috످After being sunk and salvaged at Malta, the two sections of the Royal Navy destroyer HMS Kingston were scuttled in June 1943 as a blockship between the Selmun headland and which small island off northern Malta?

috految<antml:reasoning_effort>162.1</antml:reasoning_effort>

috److془HMS Kingston (F64): scuttled as blockship between Selmun headland and Selmunett Island (St Paul's Island). I know this.془The two sections of HMS Kingston were scuttled between the Selmun headland and St Paul's Island, also known as Selmunett.

috످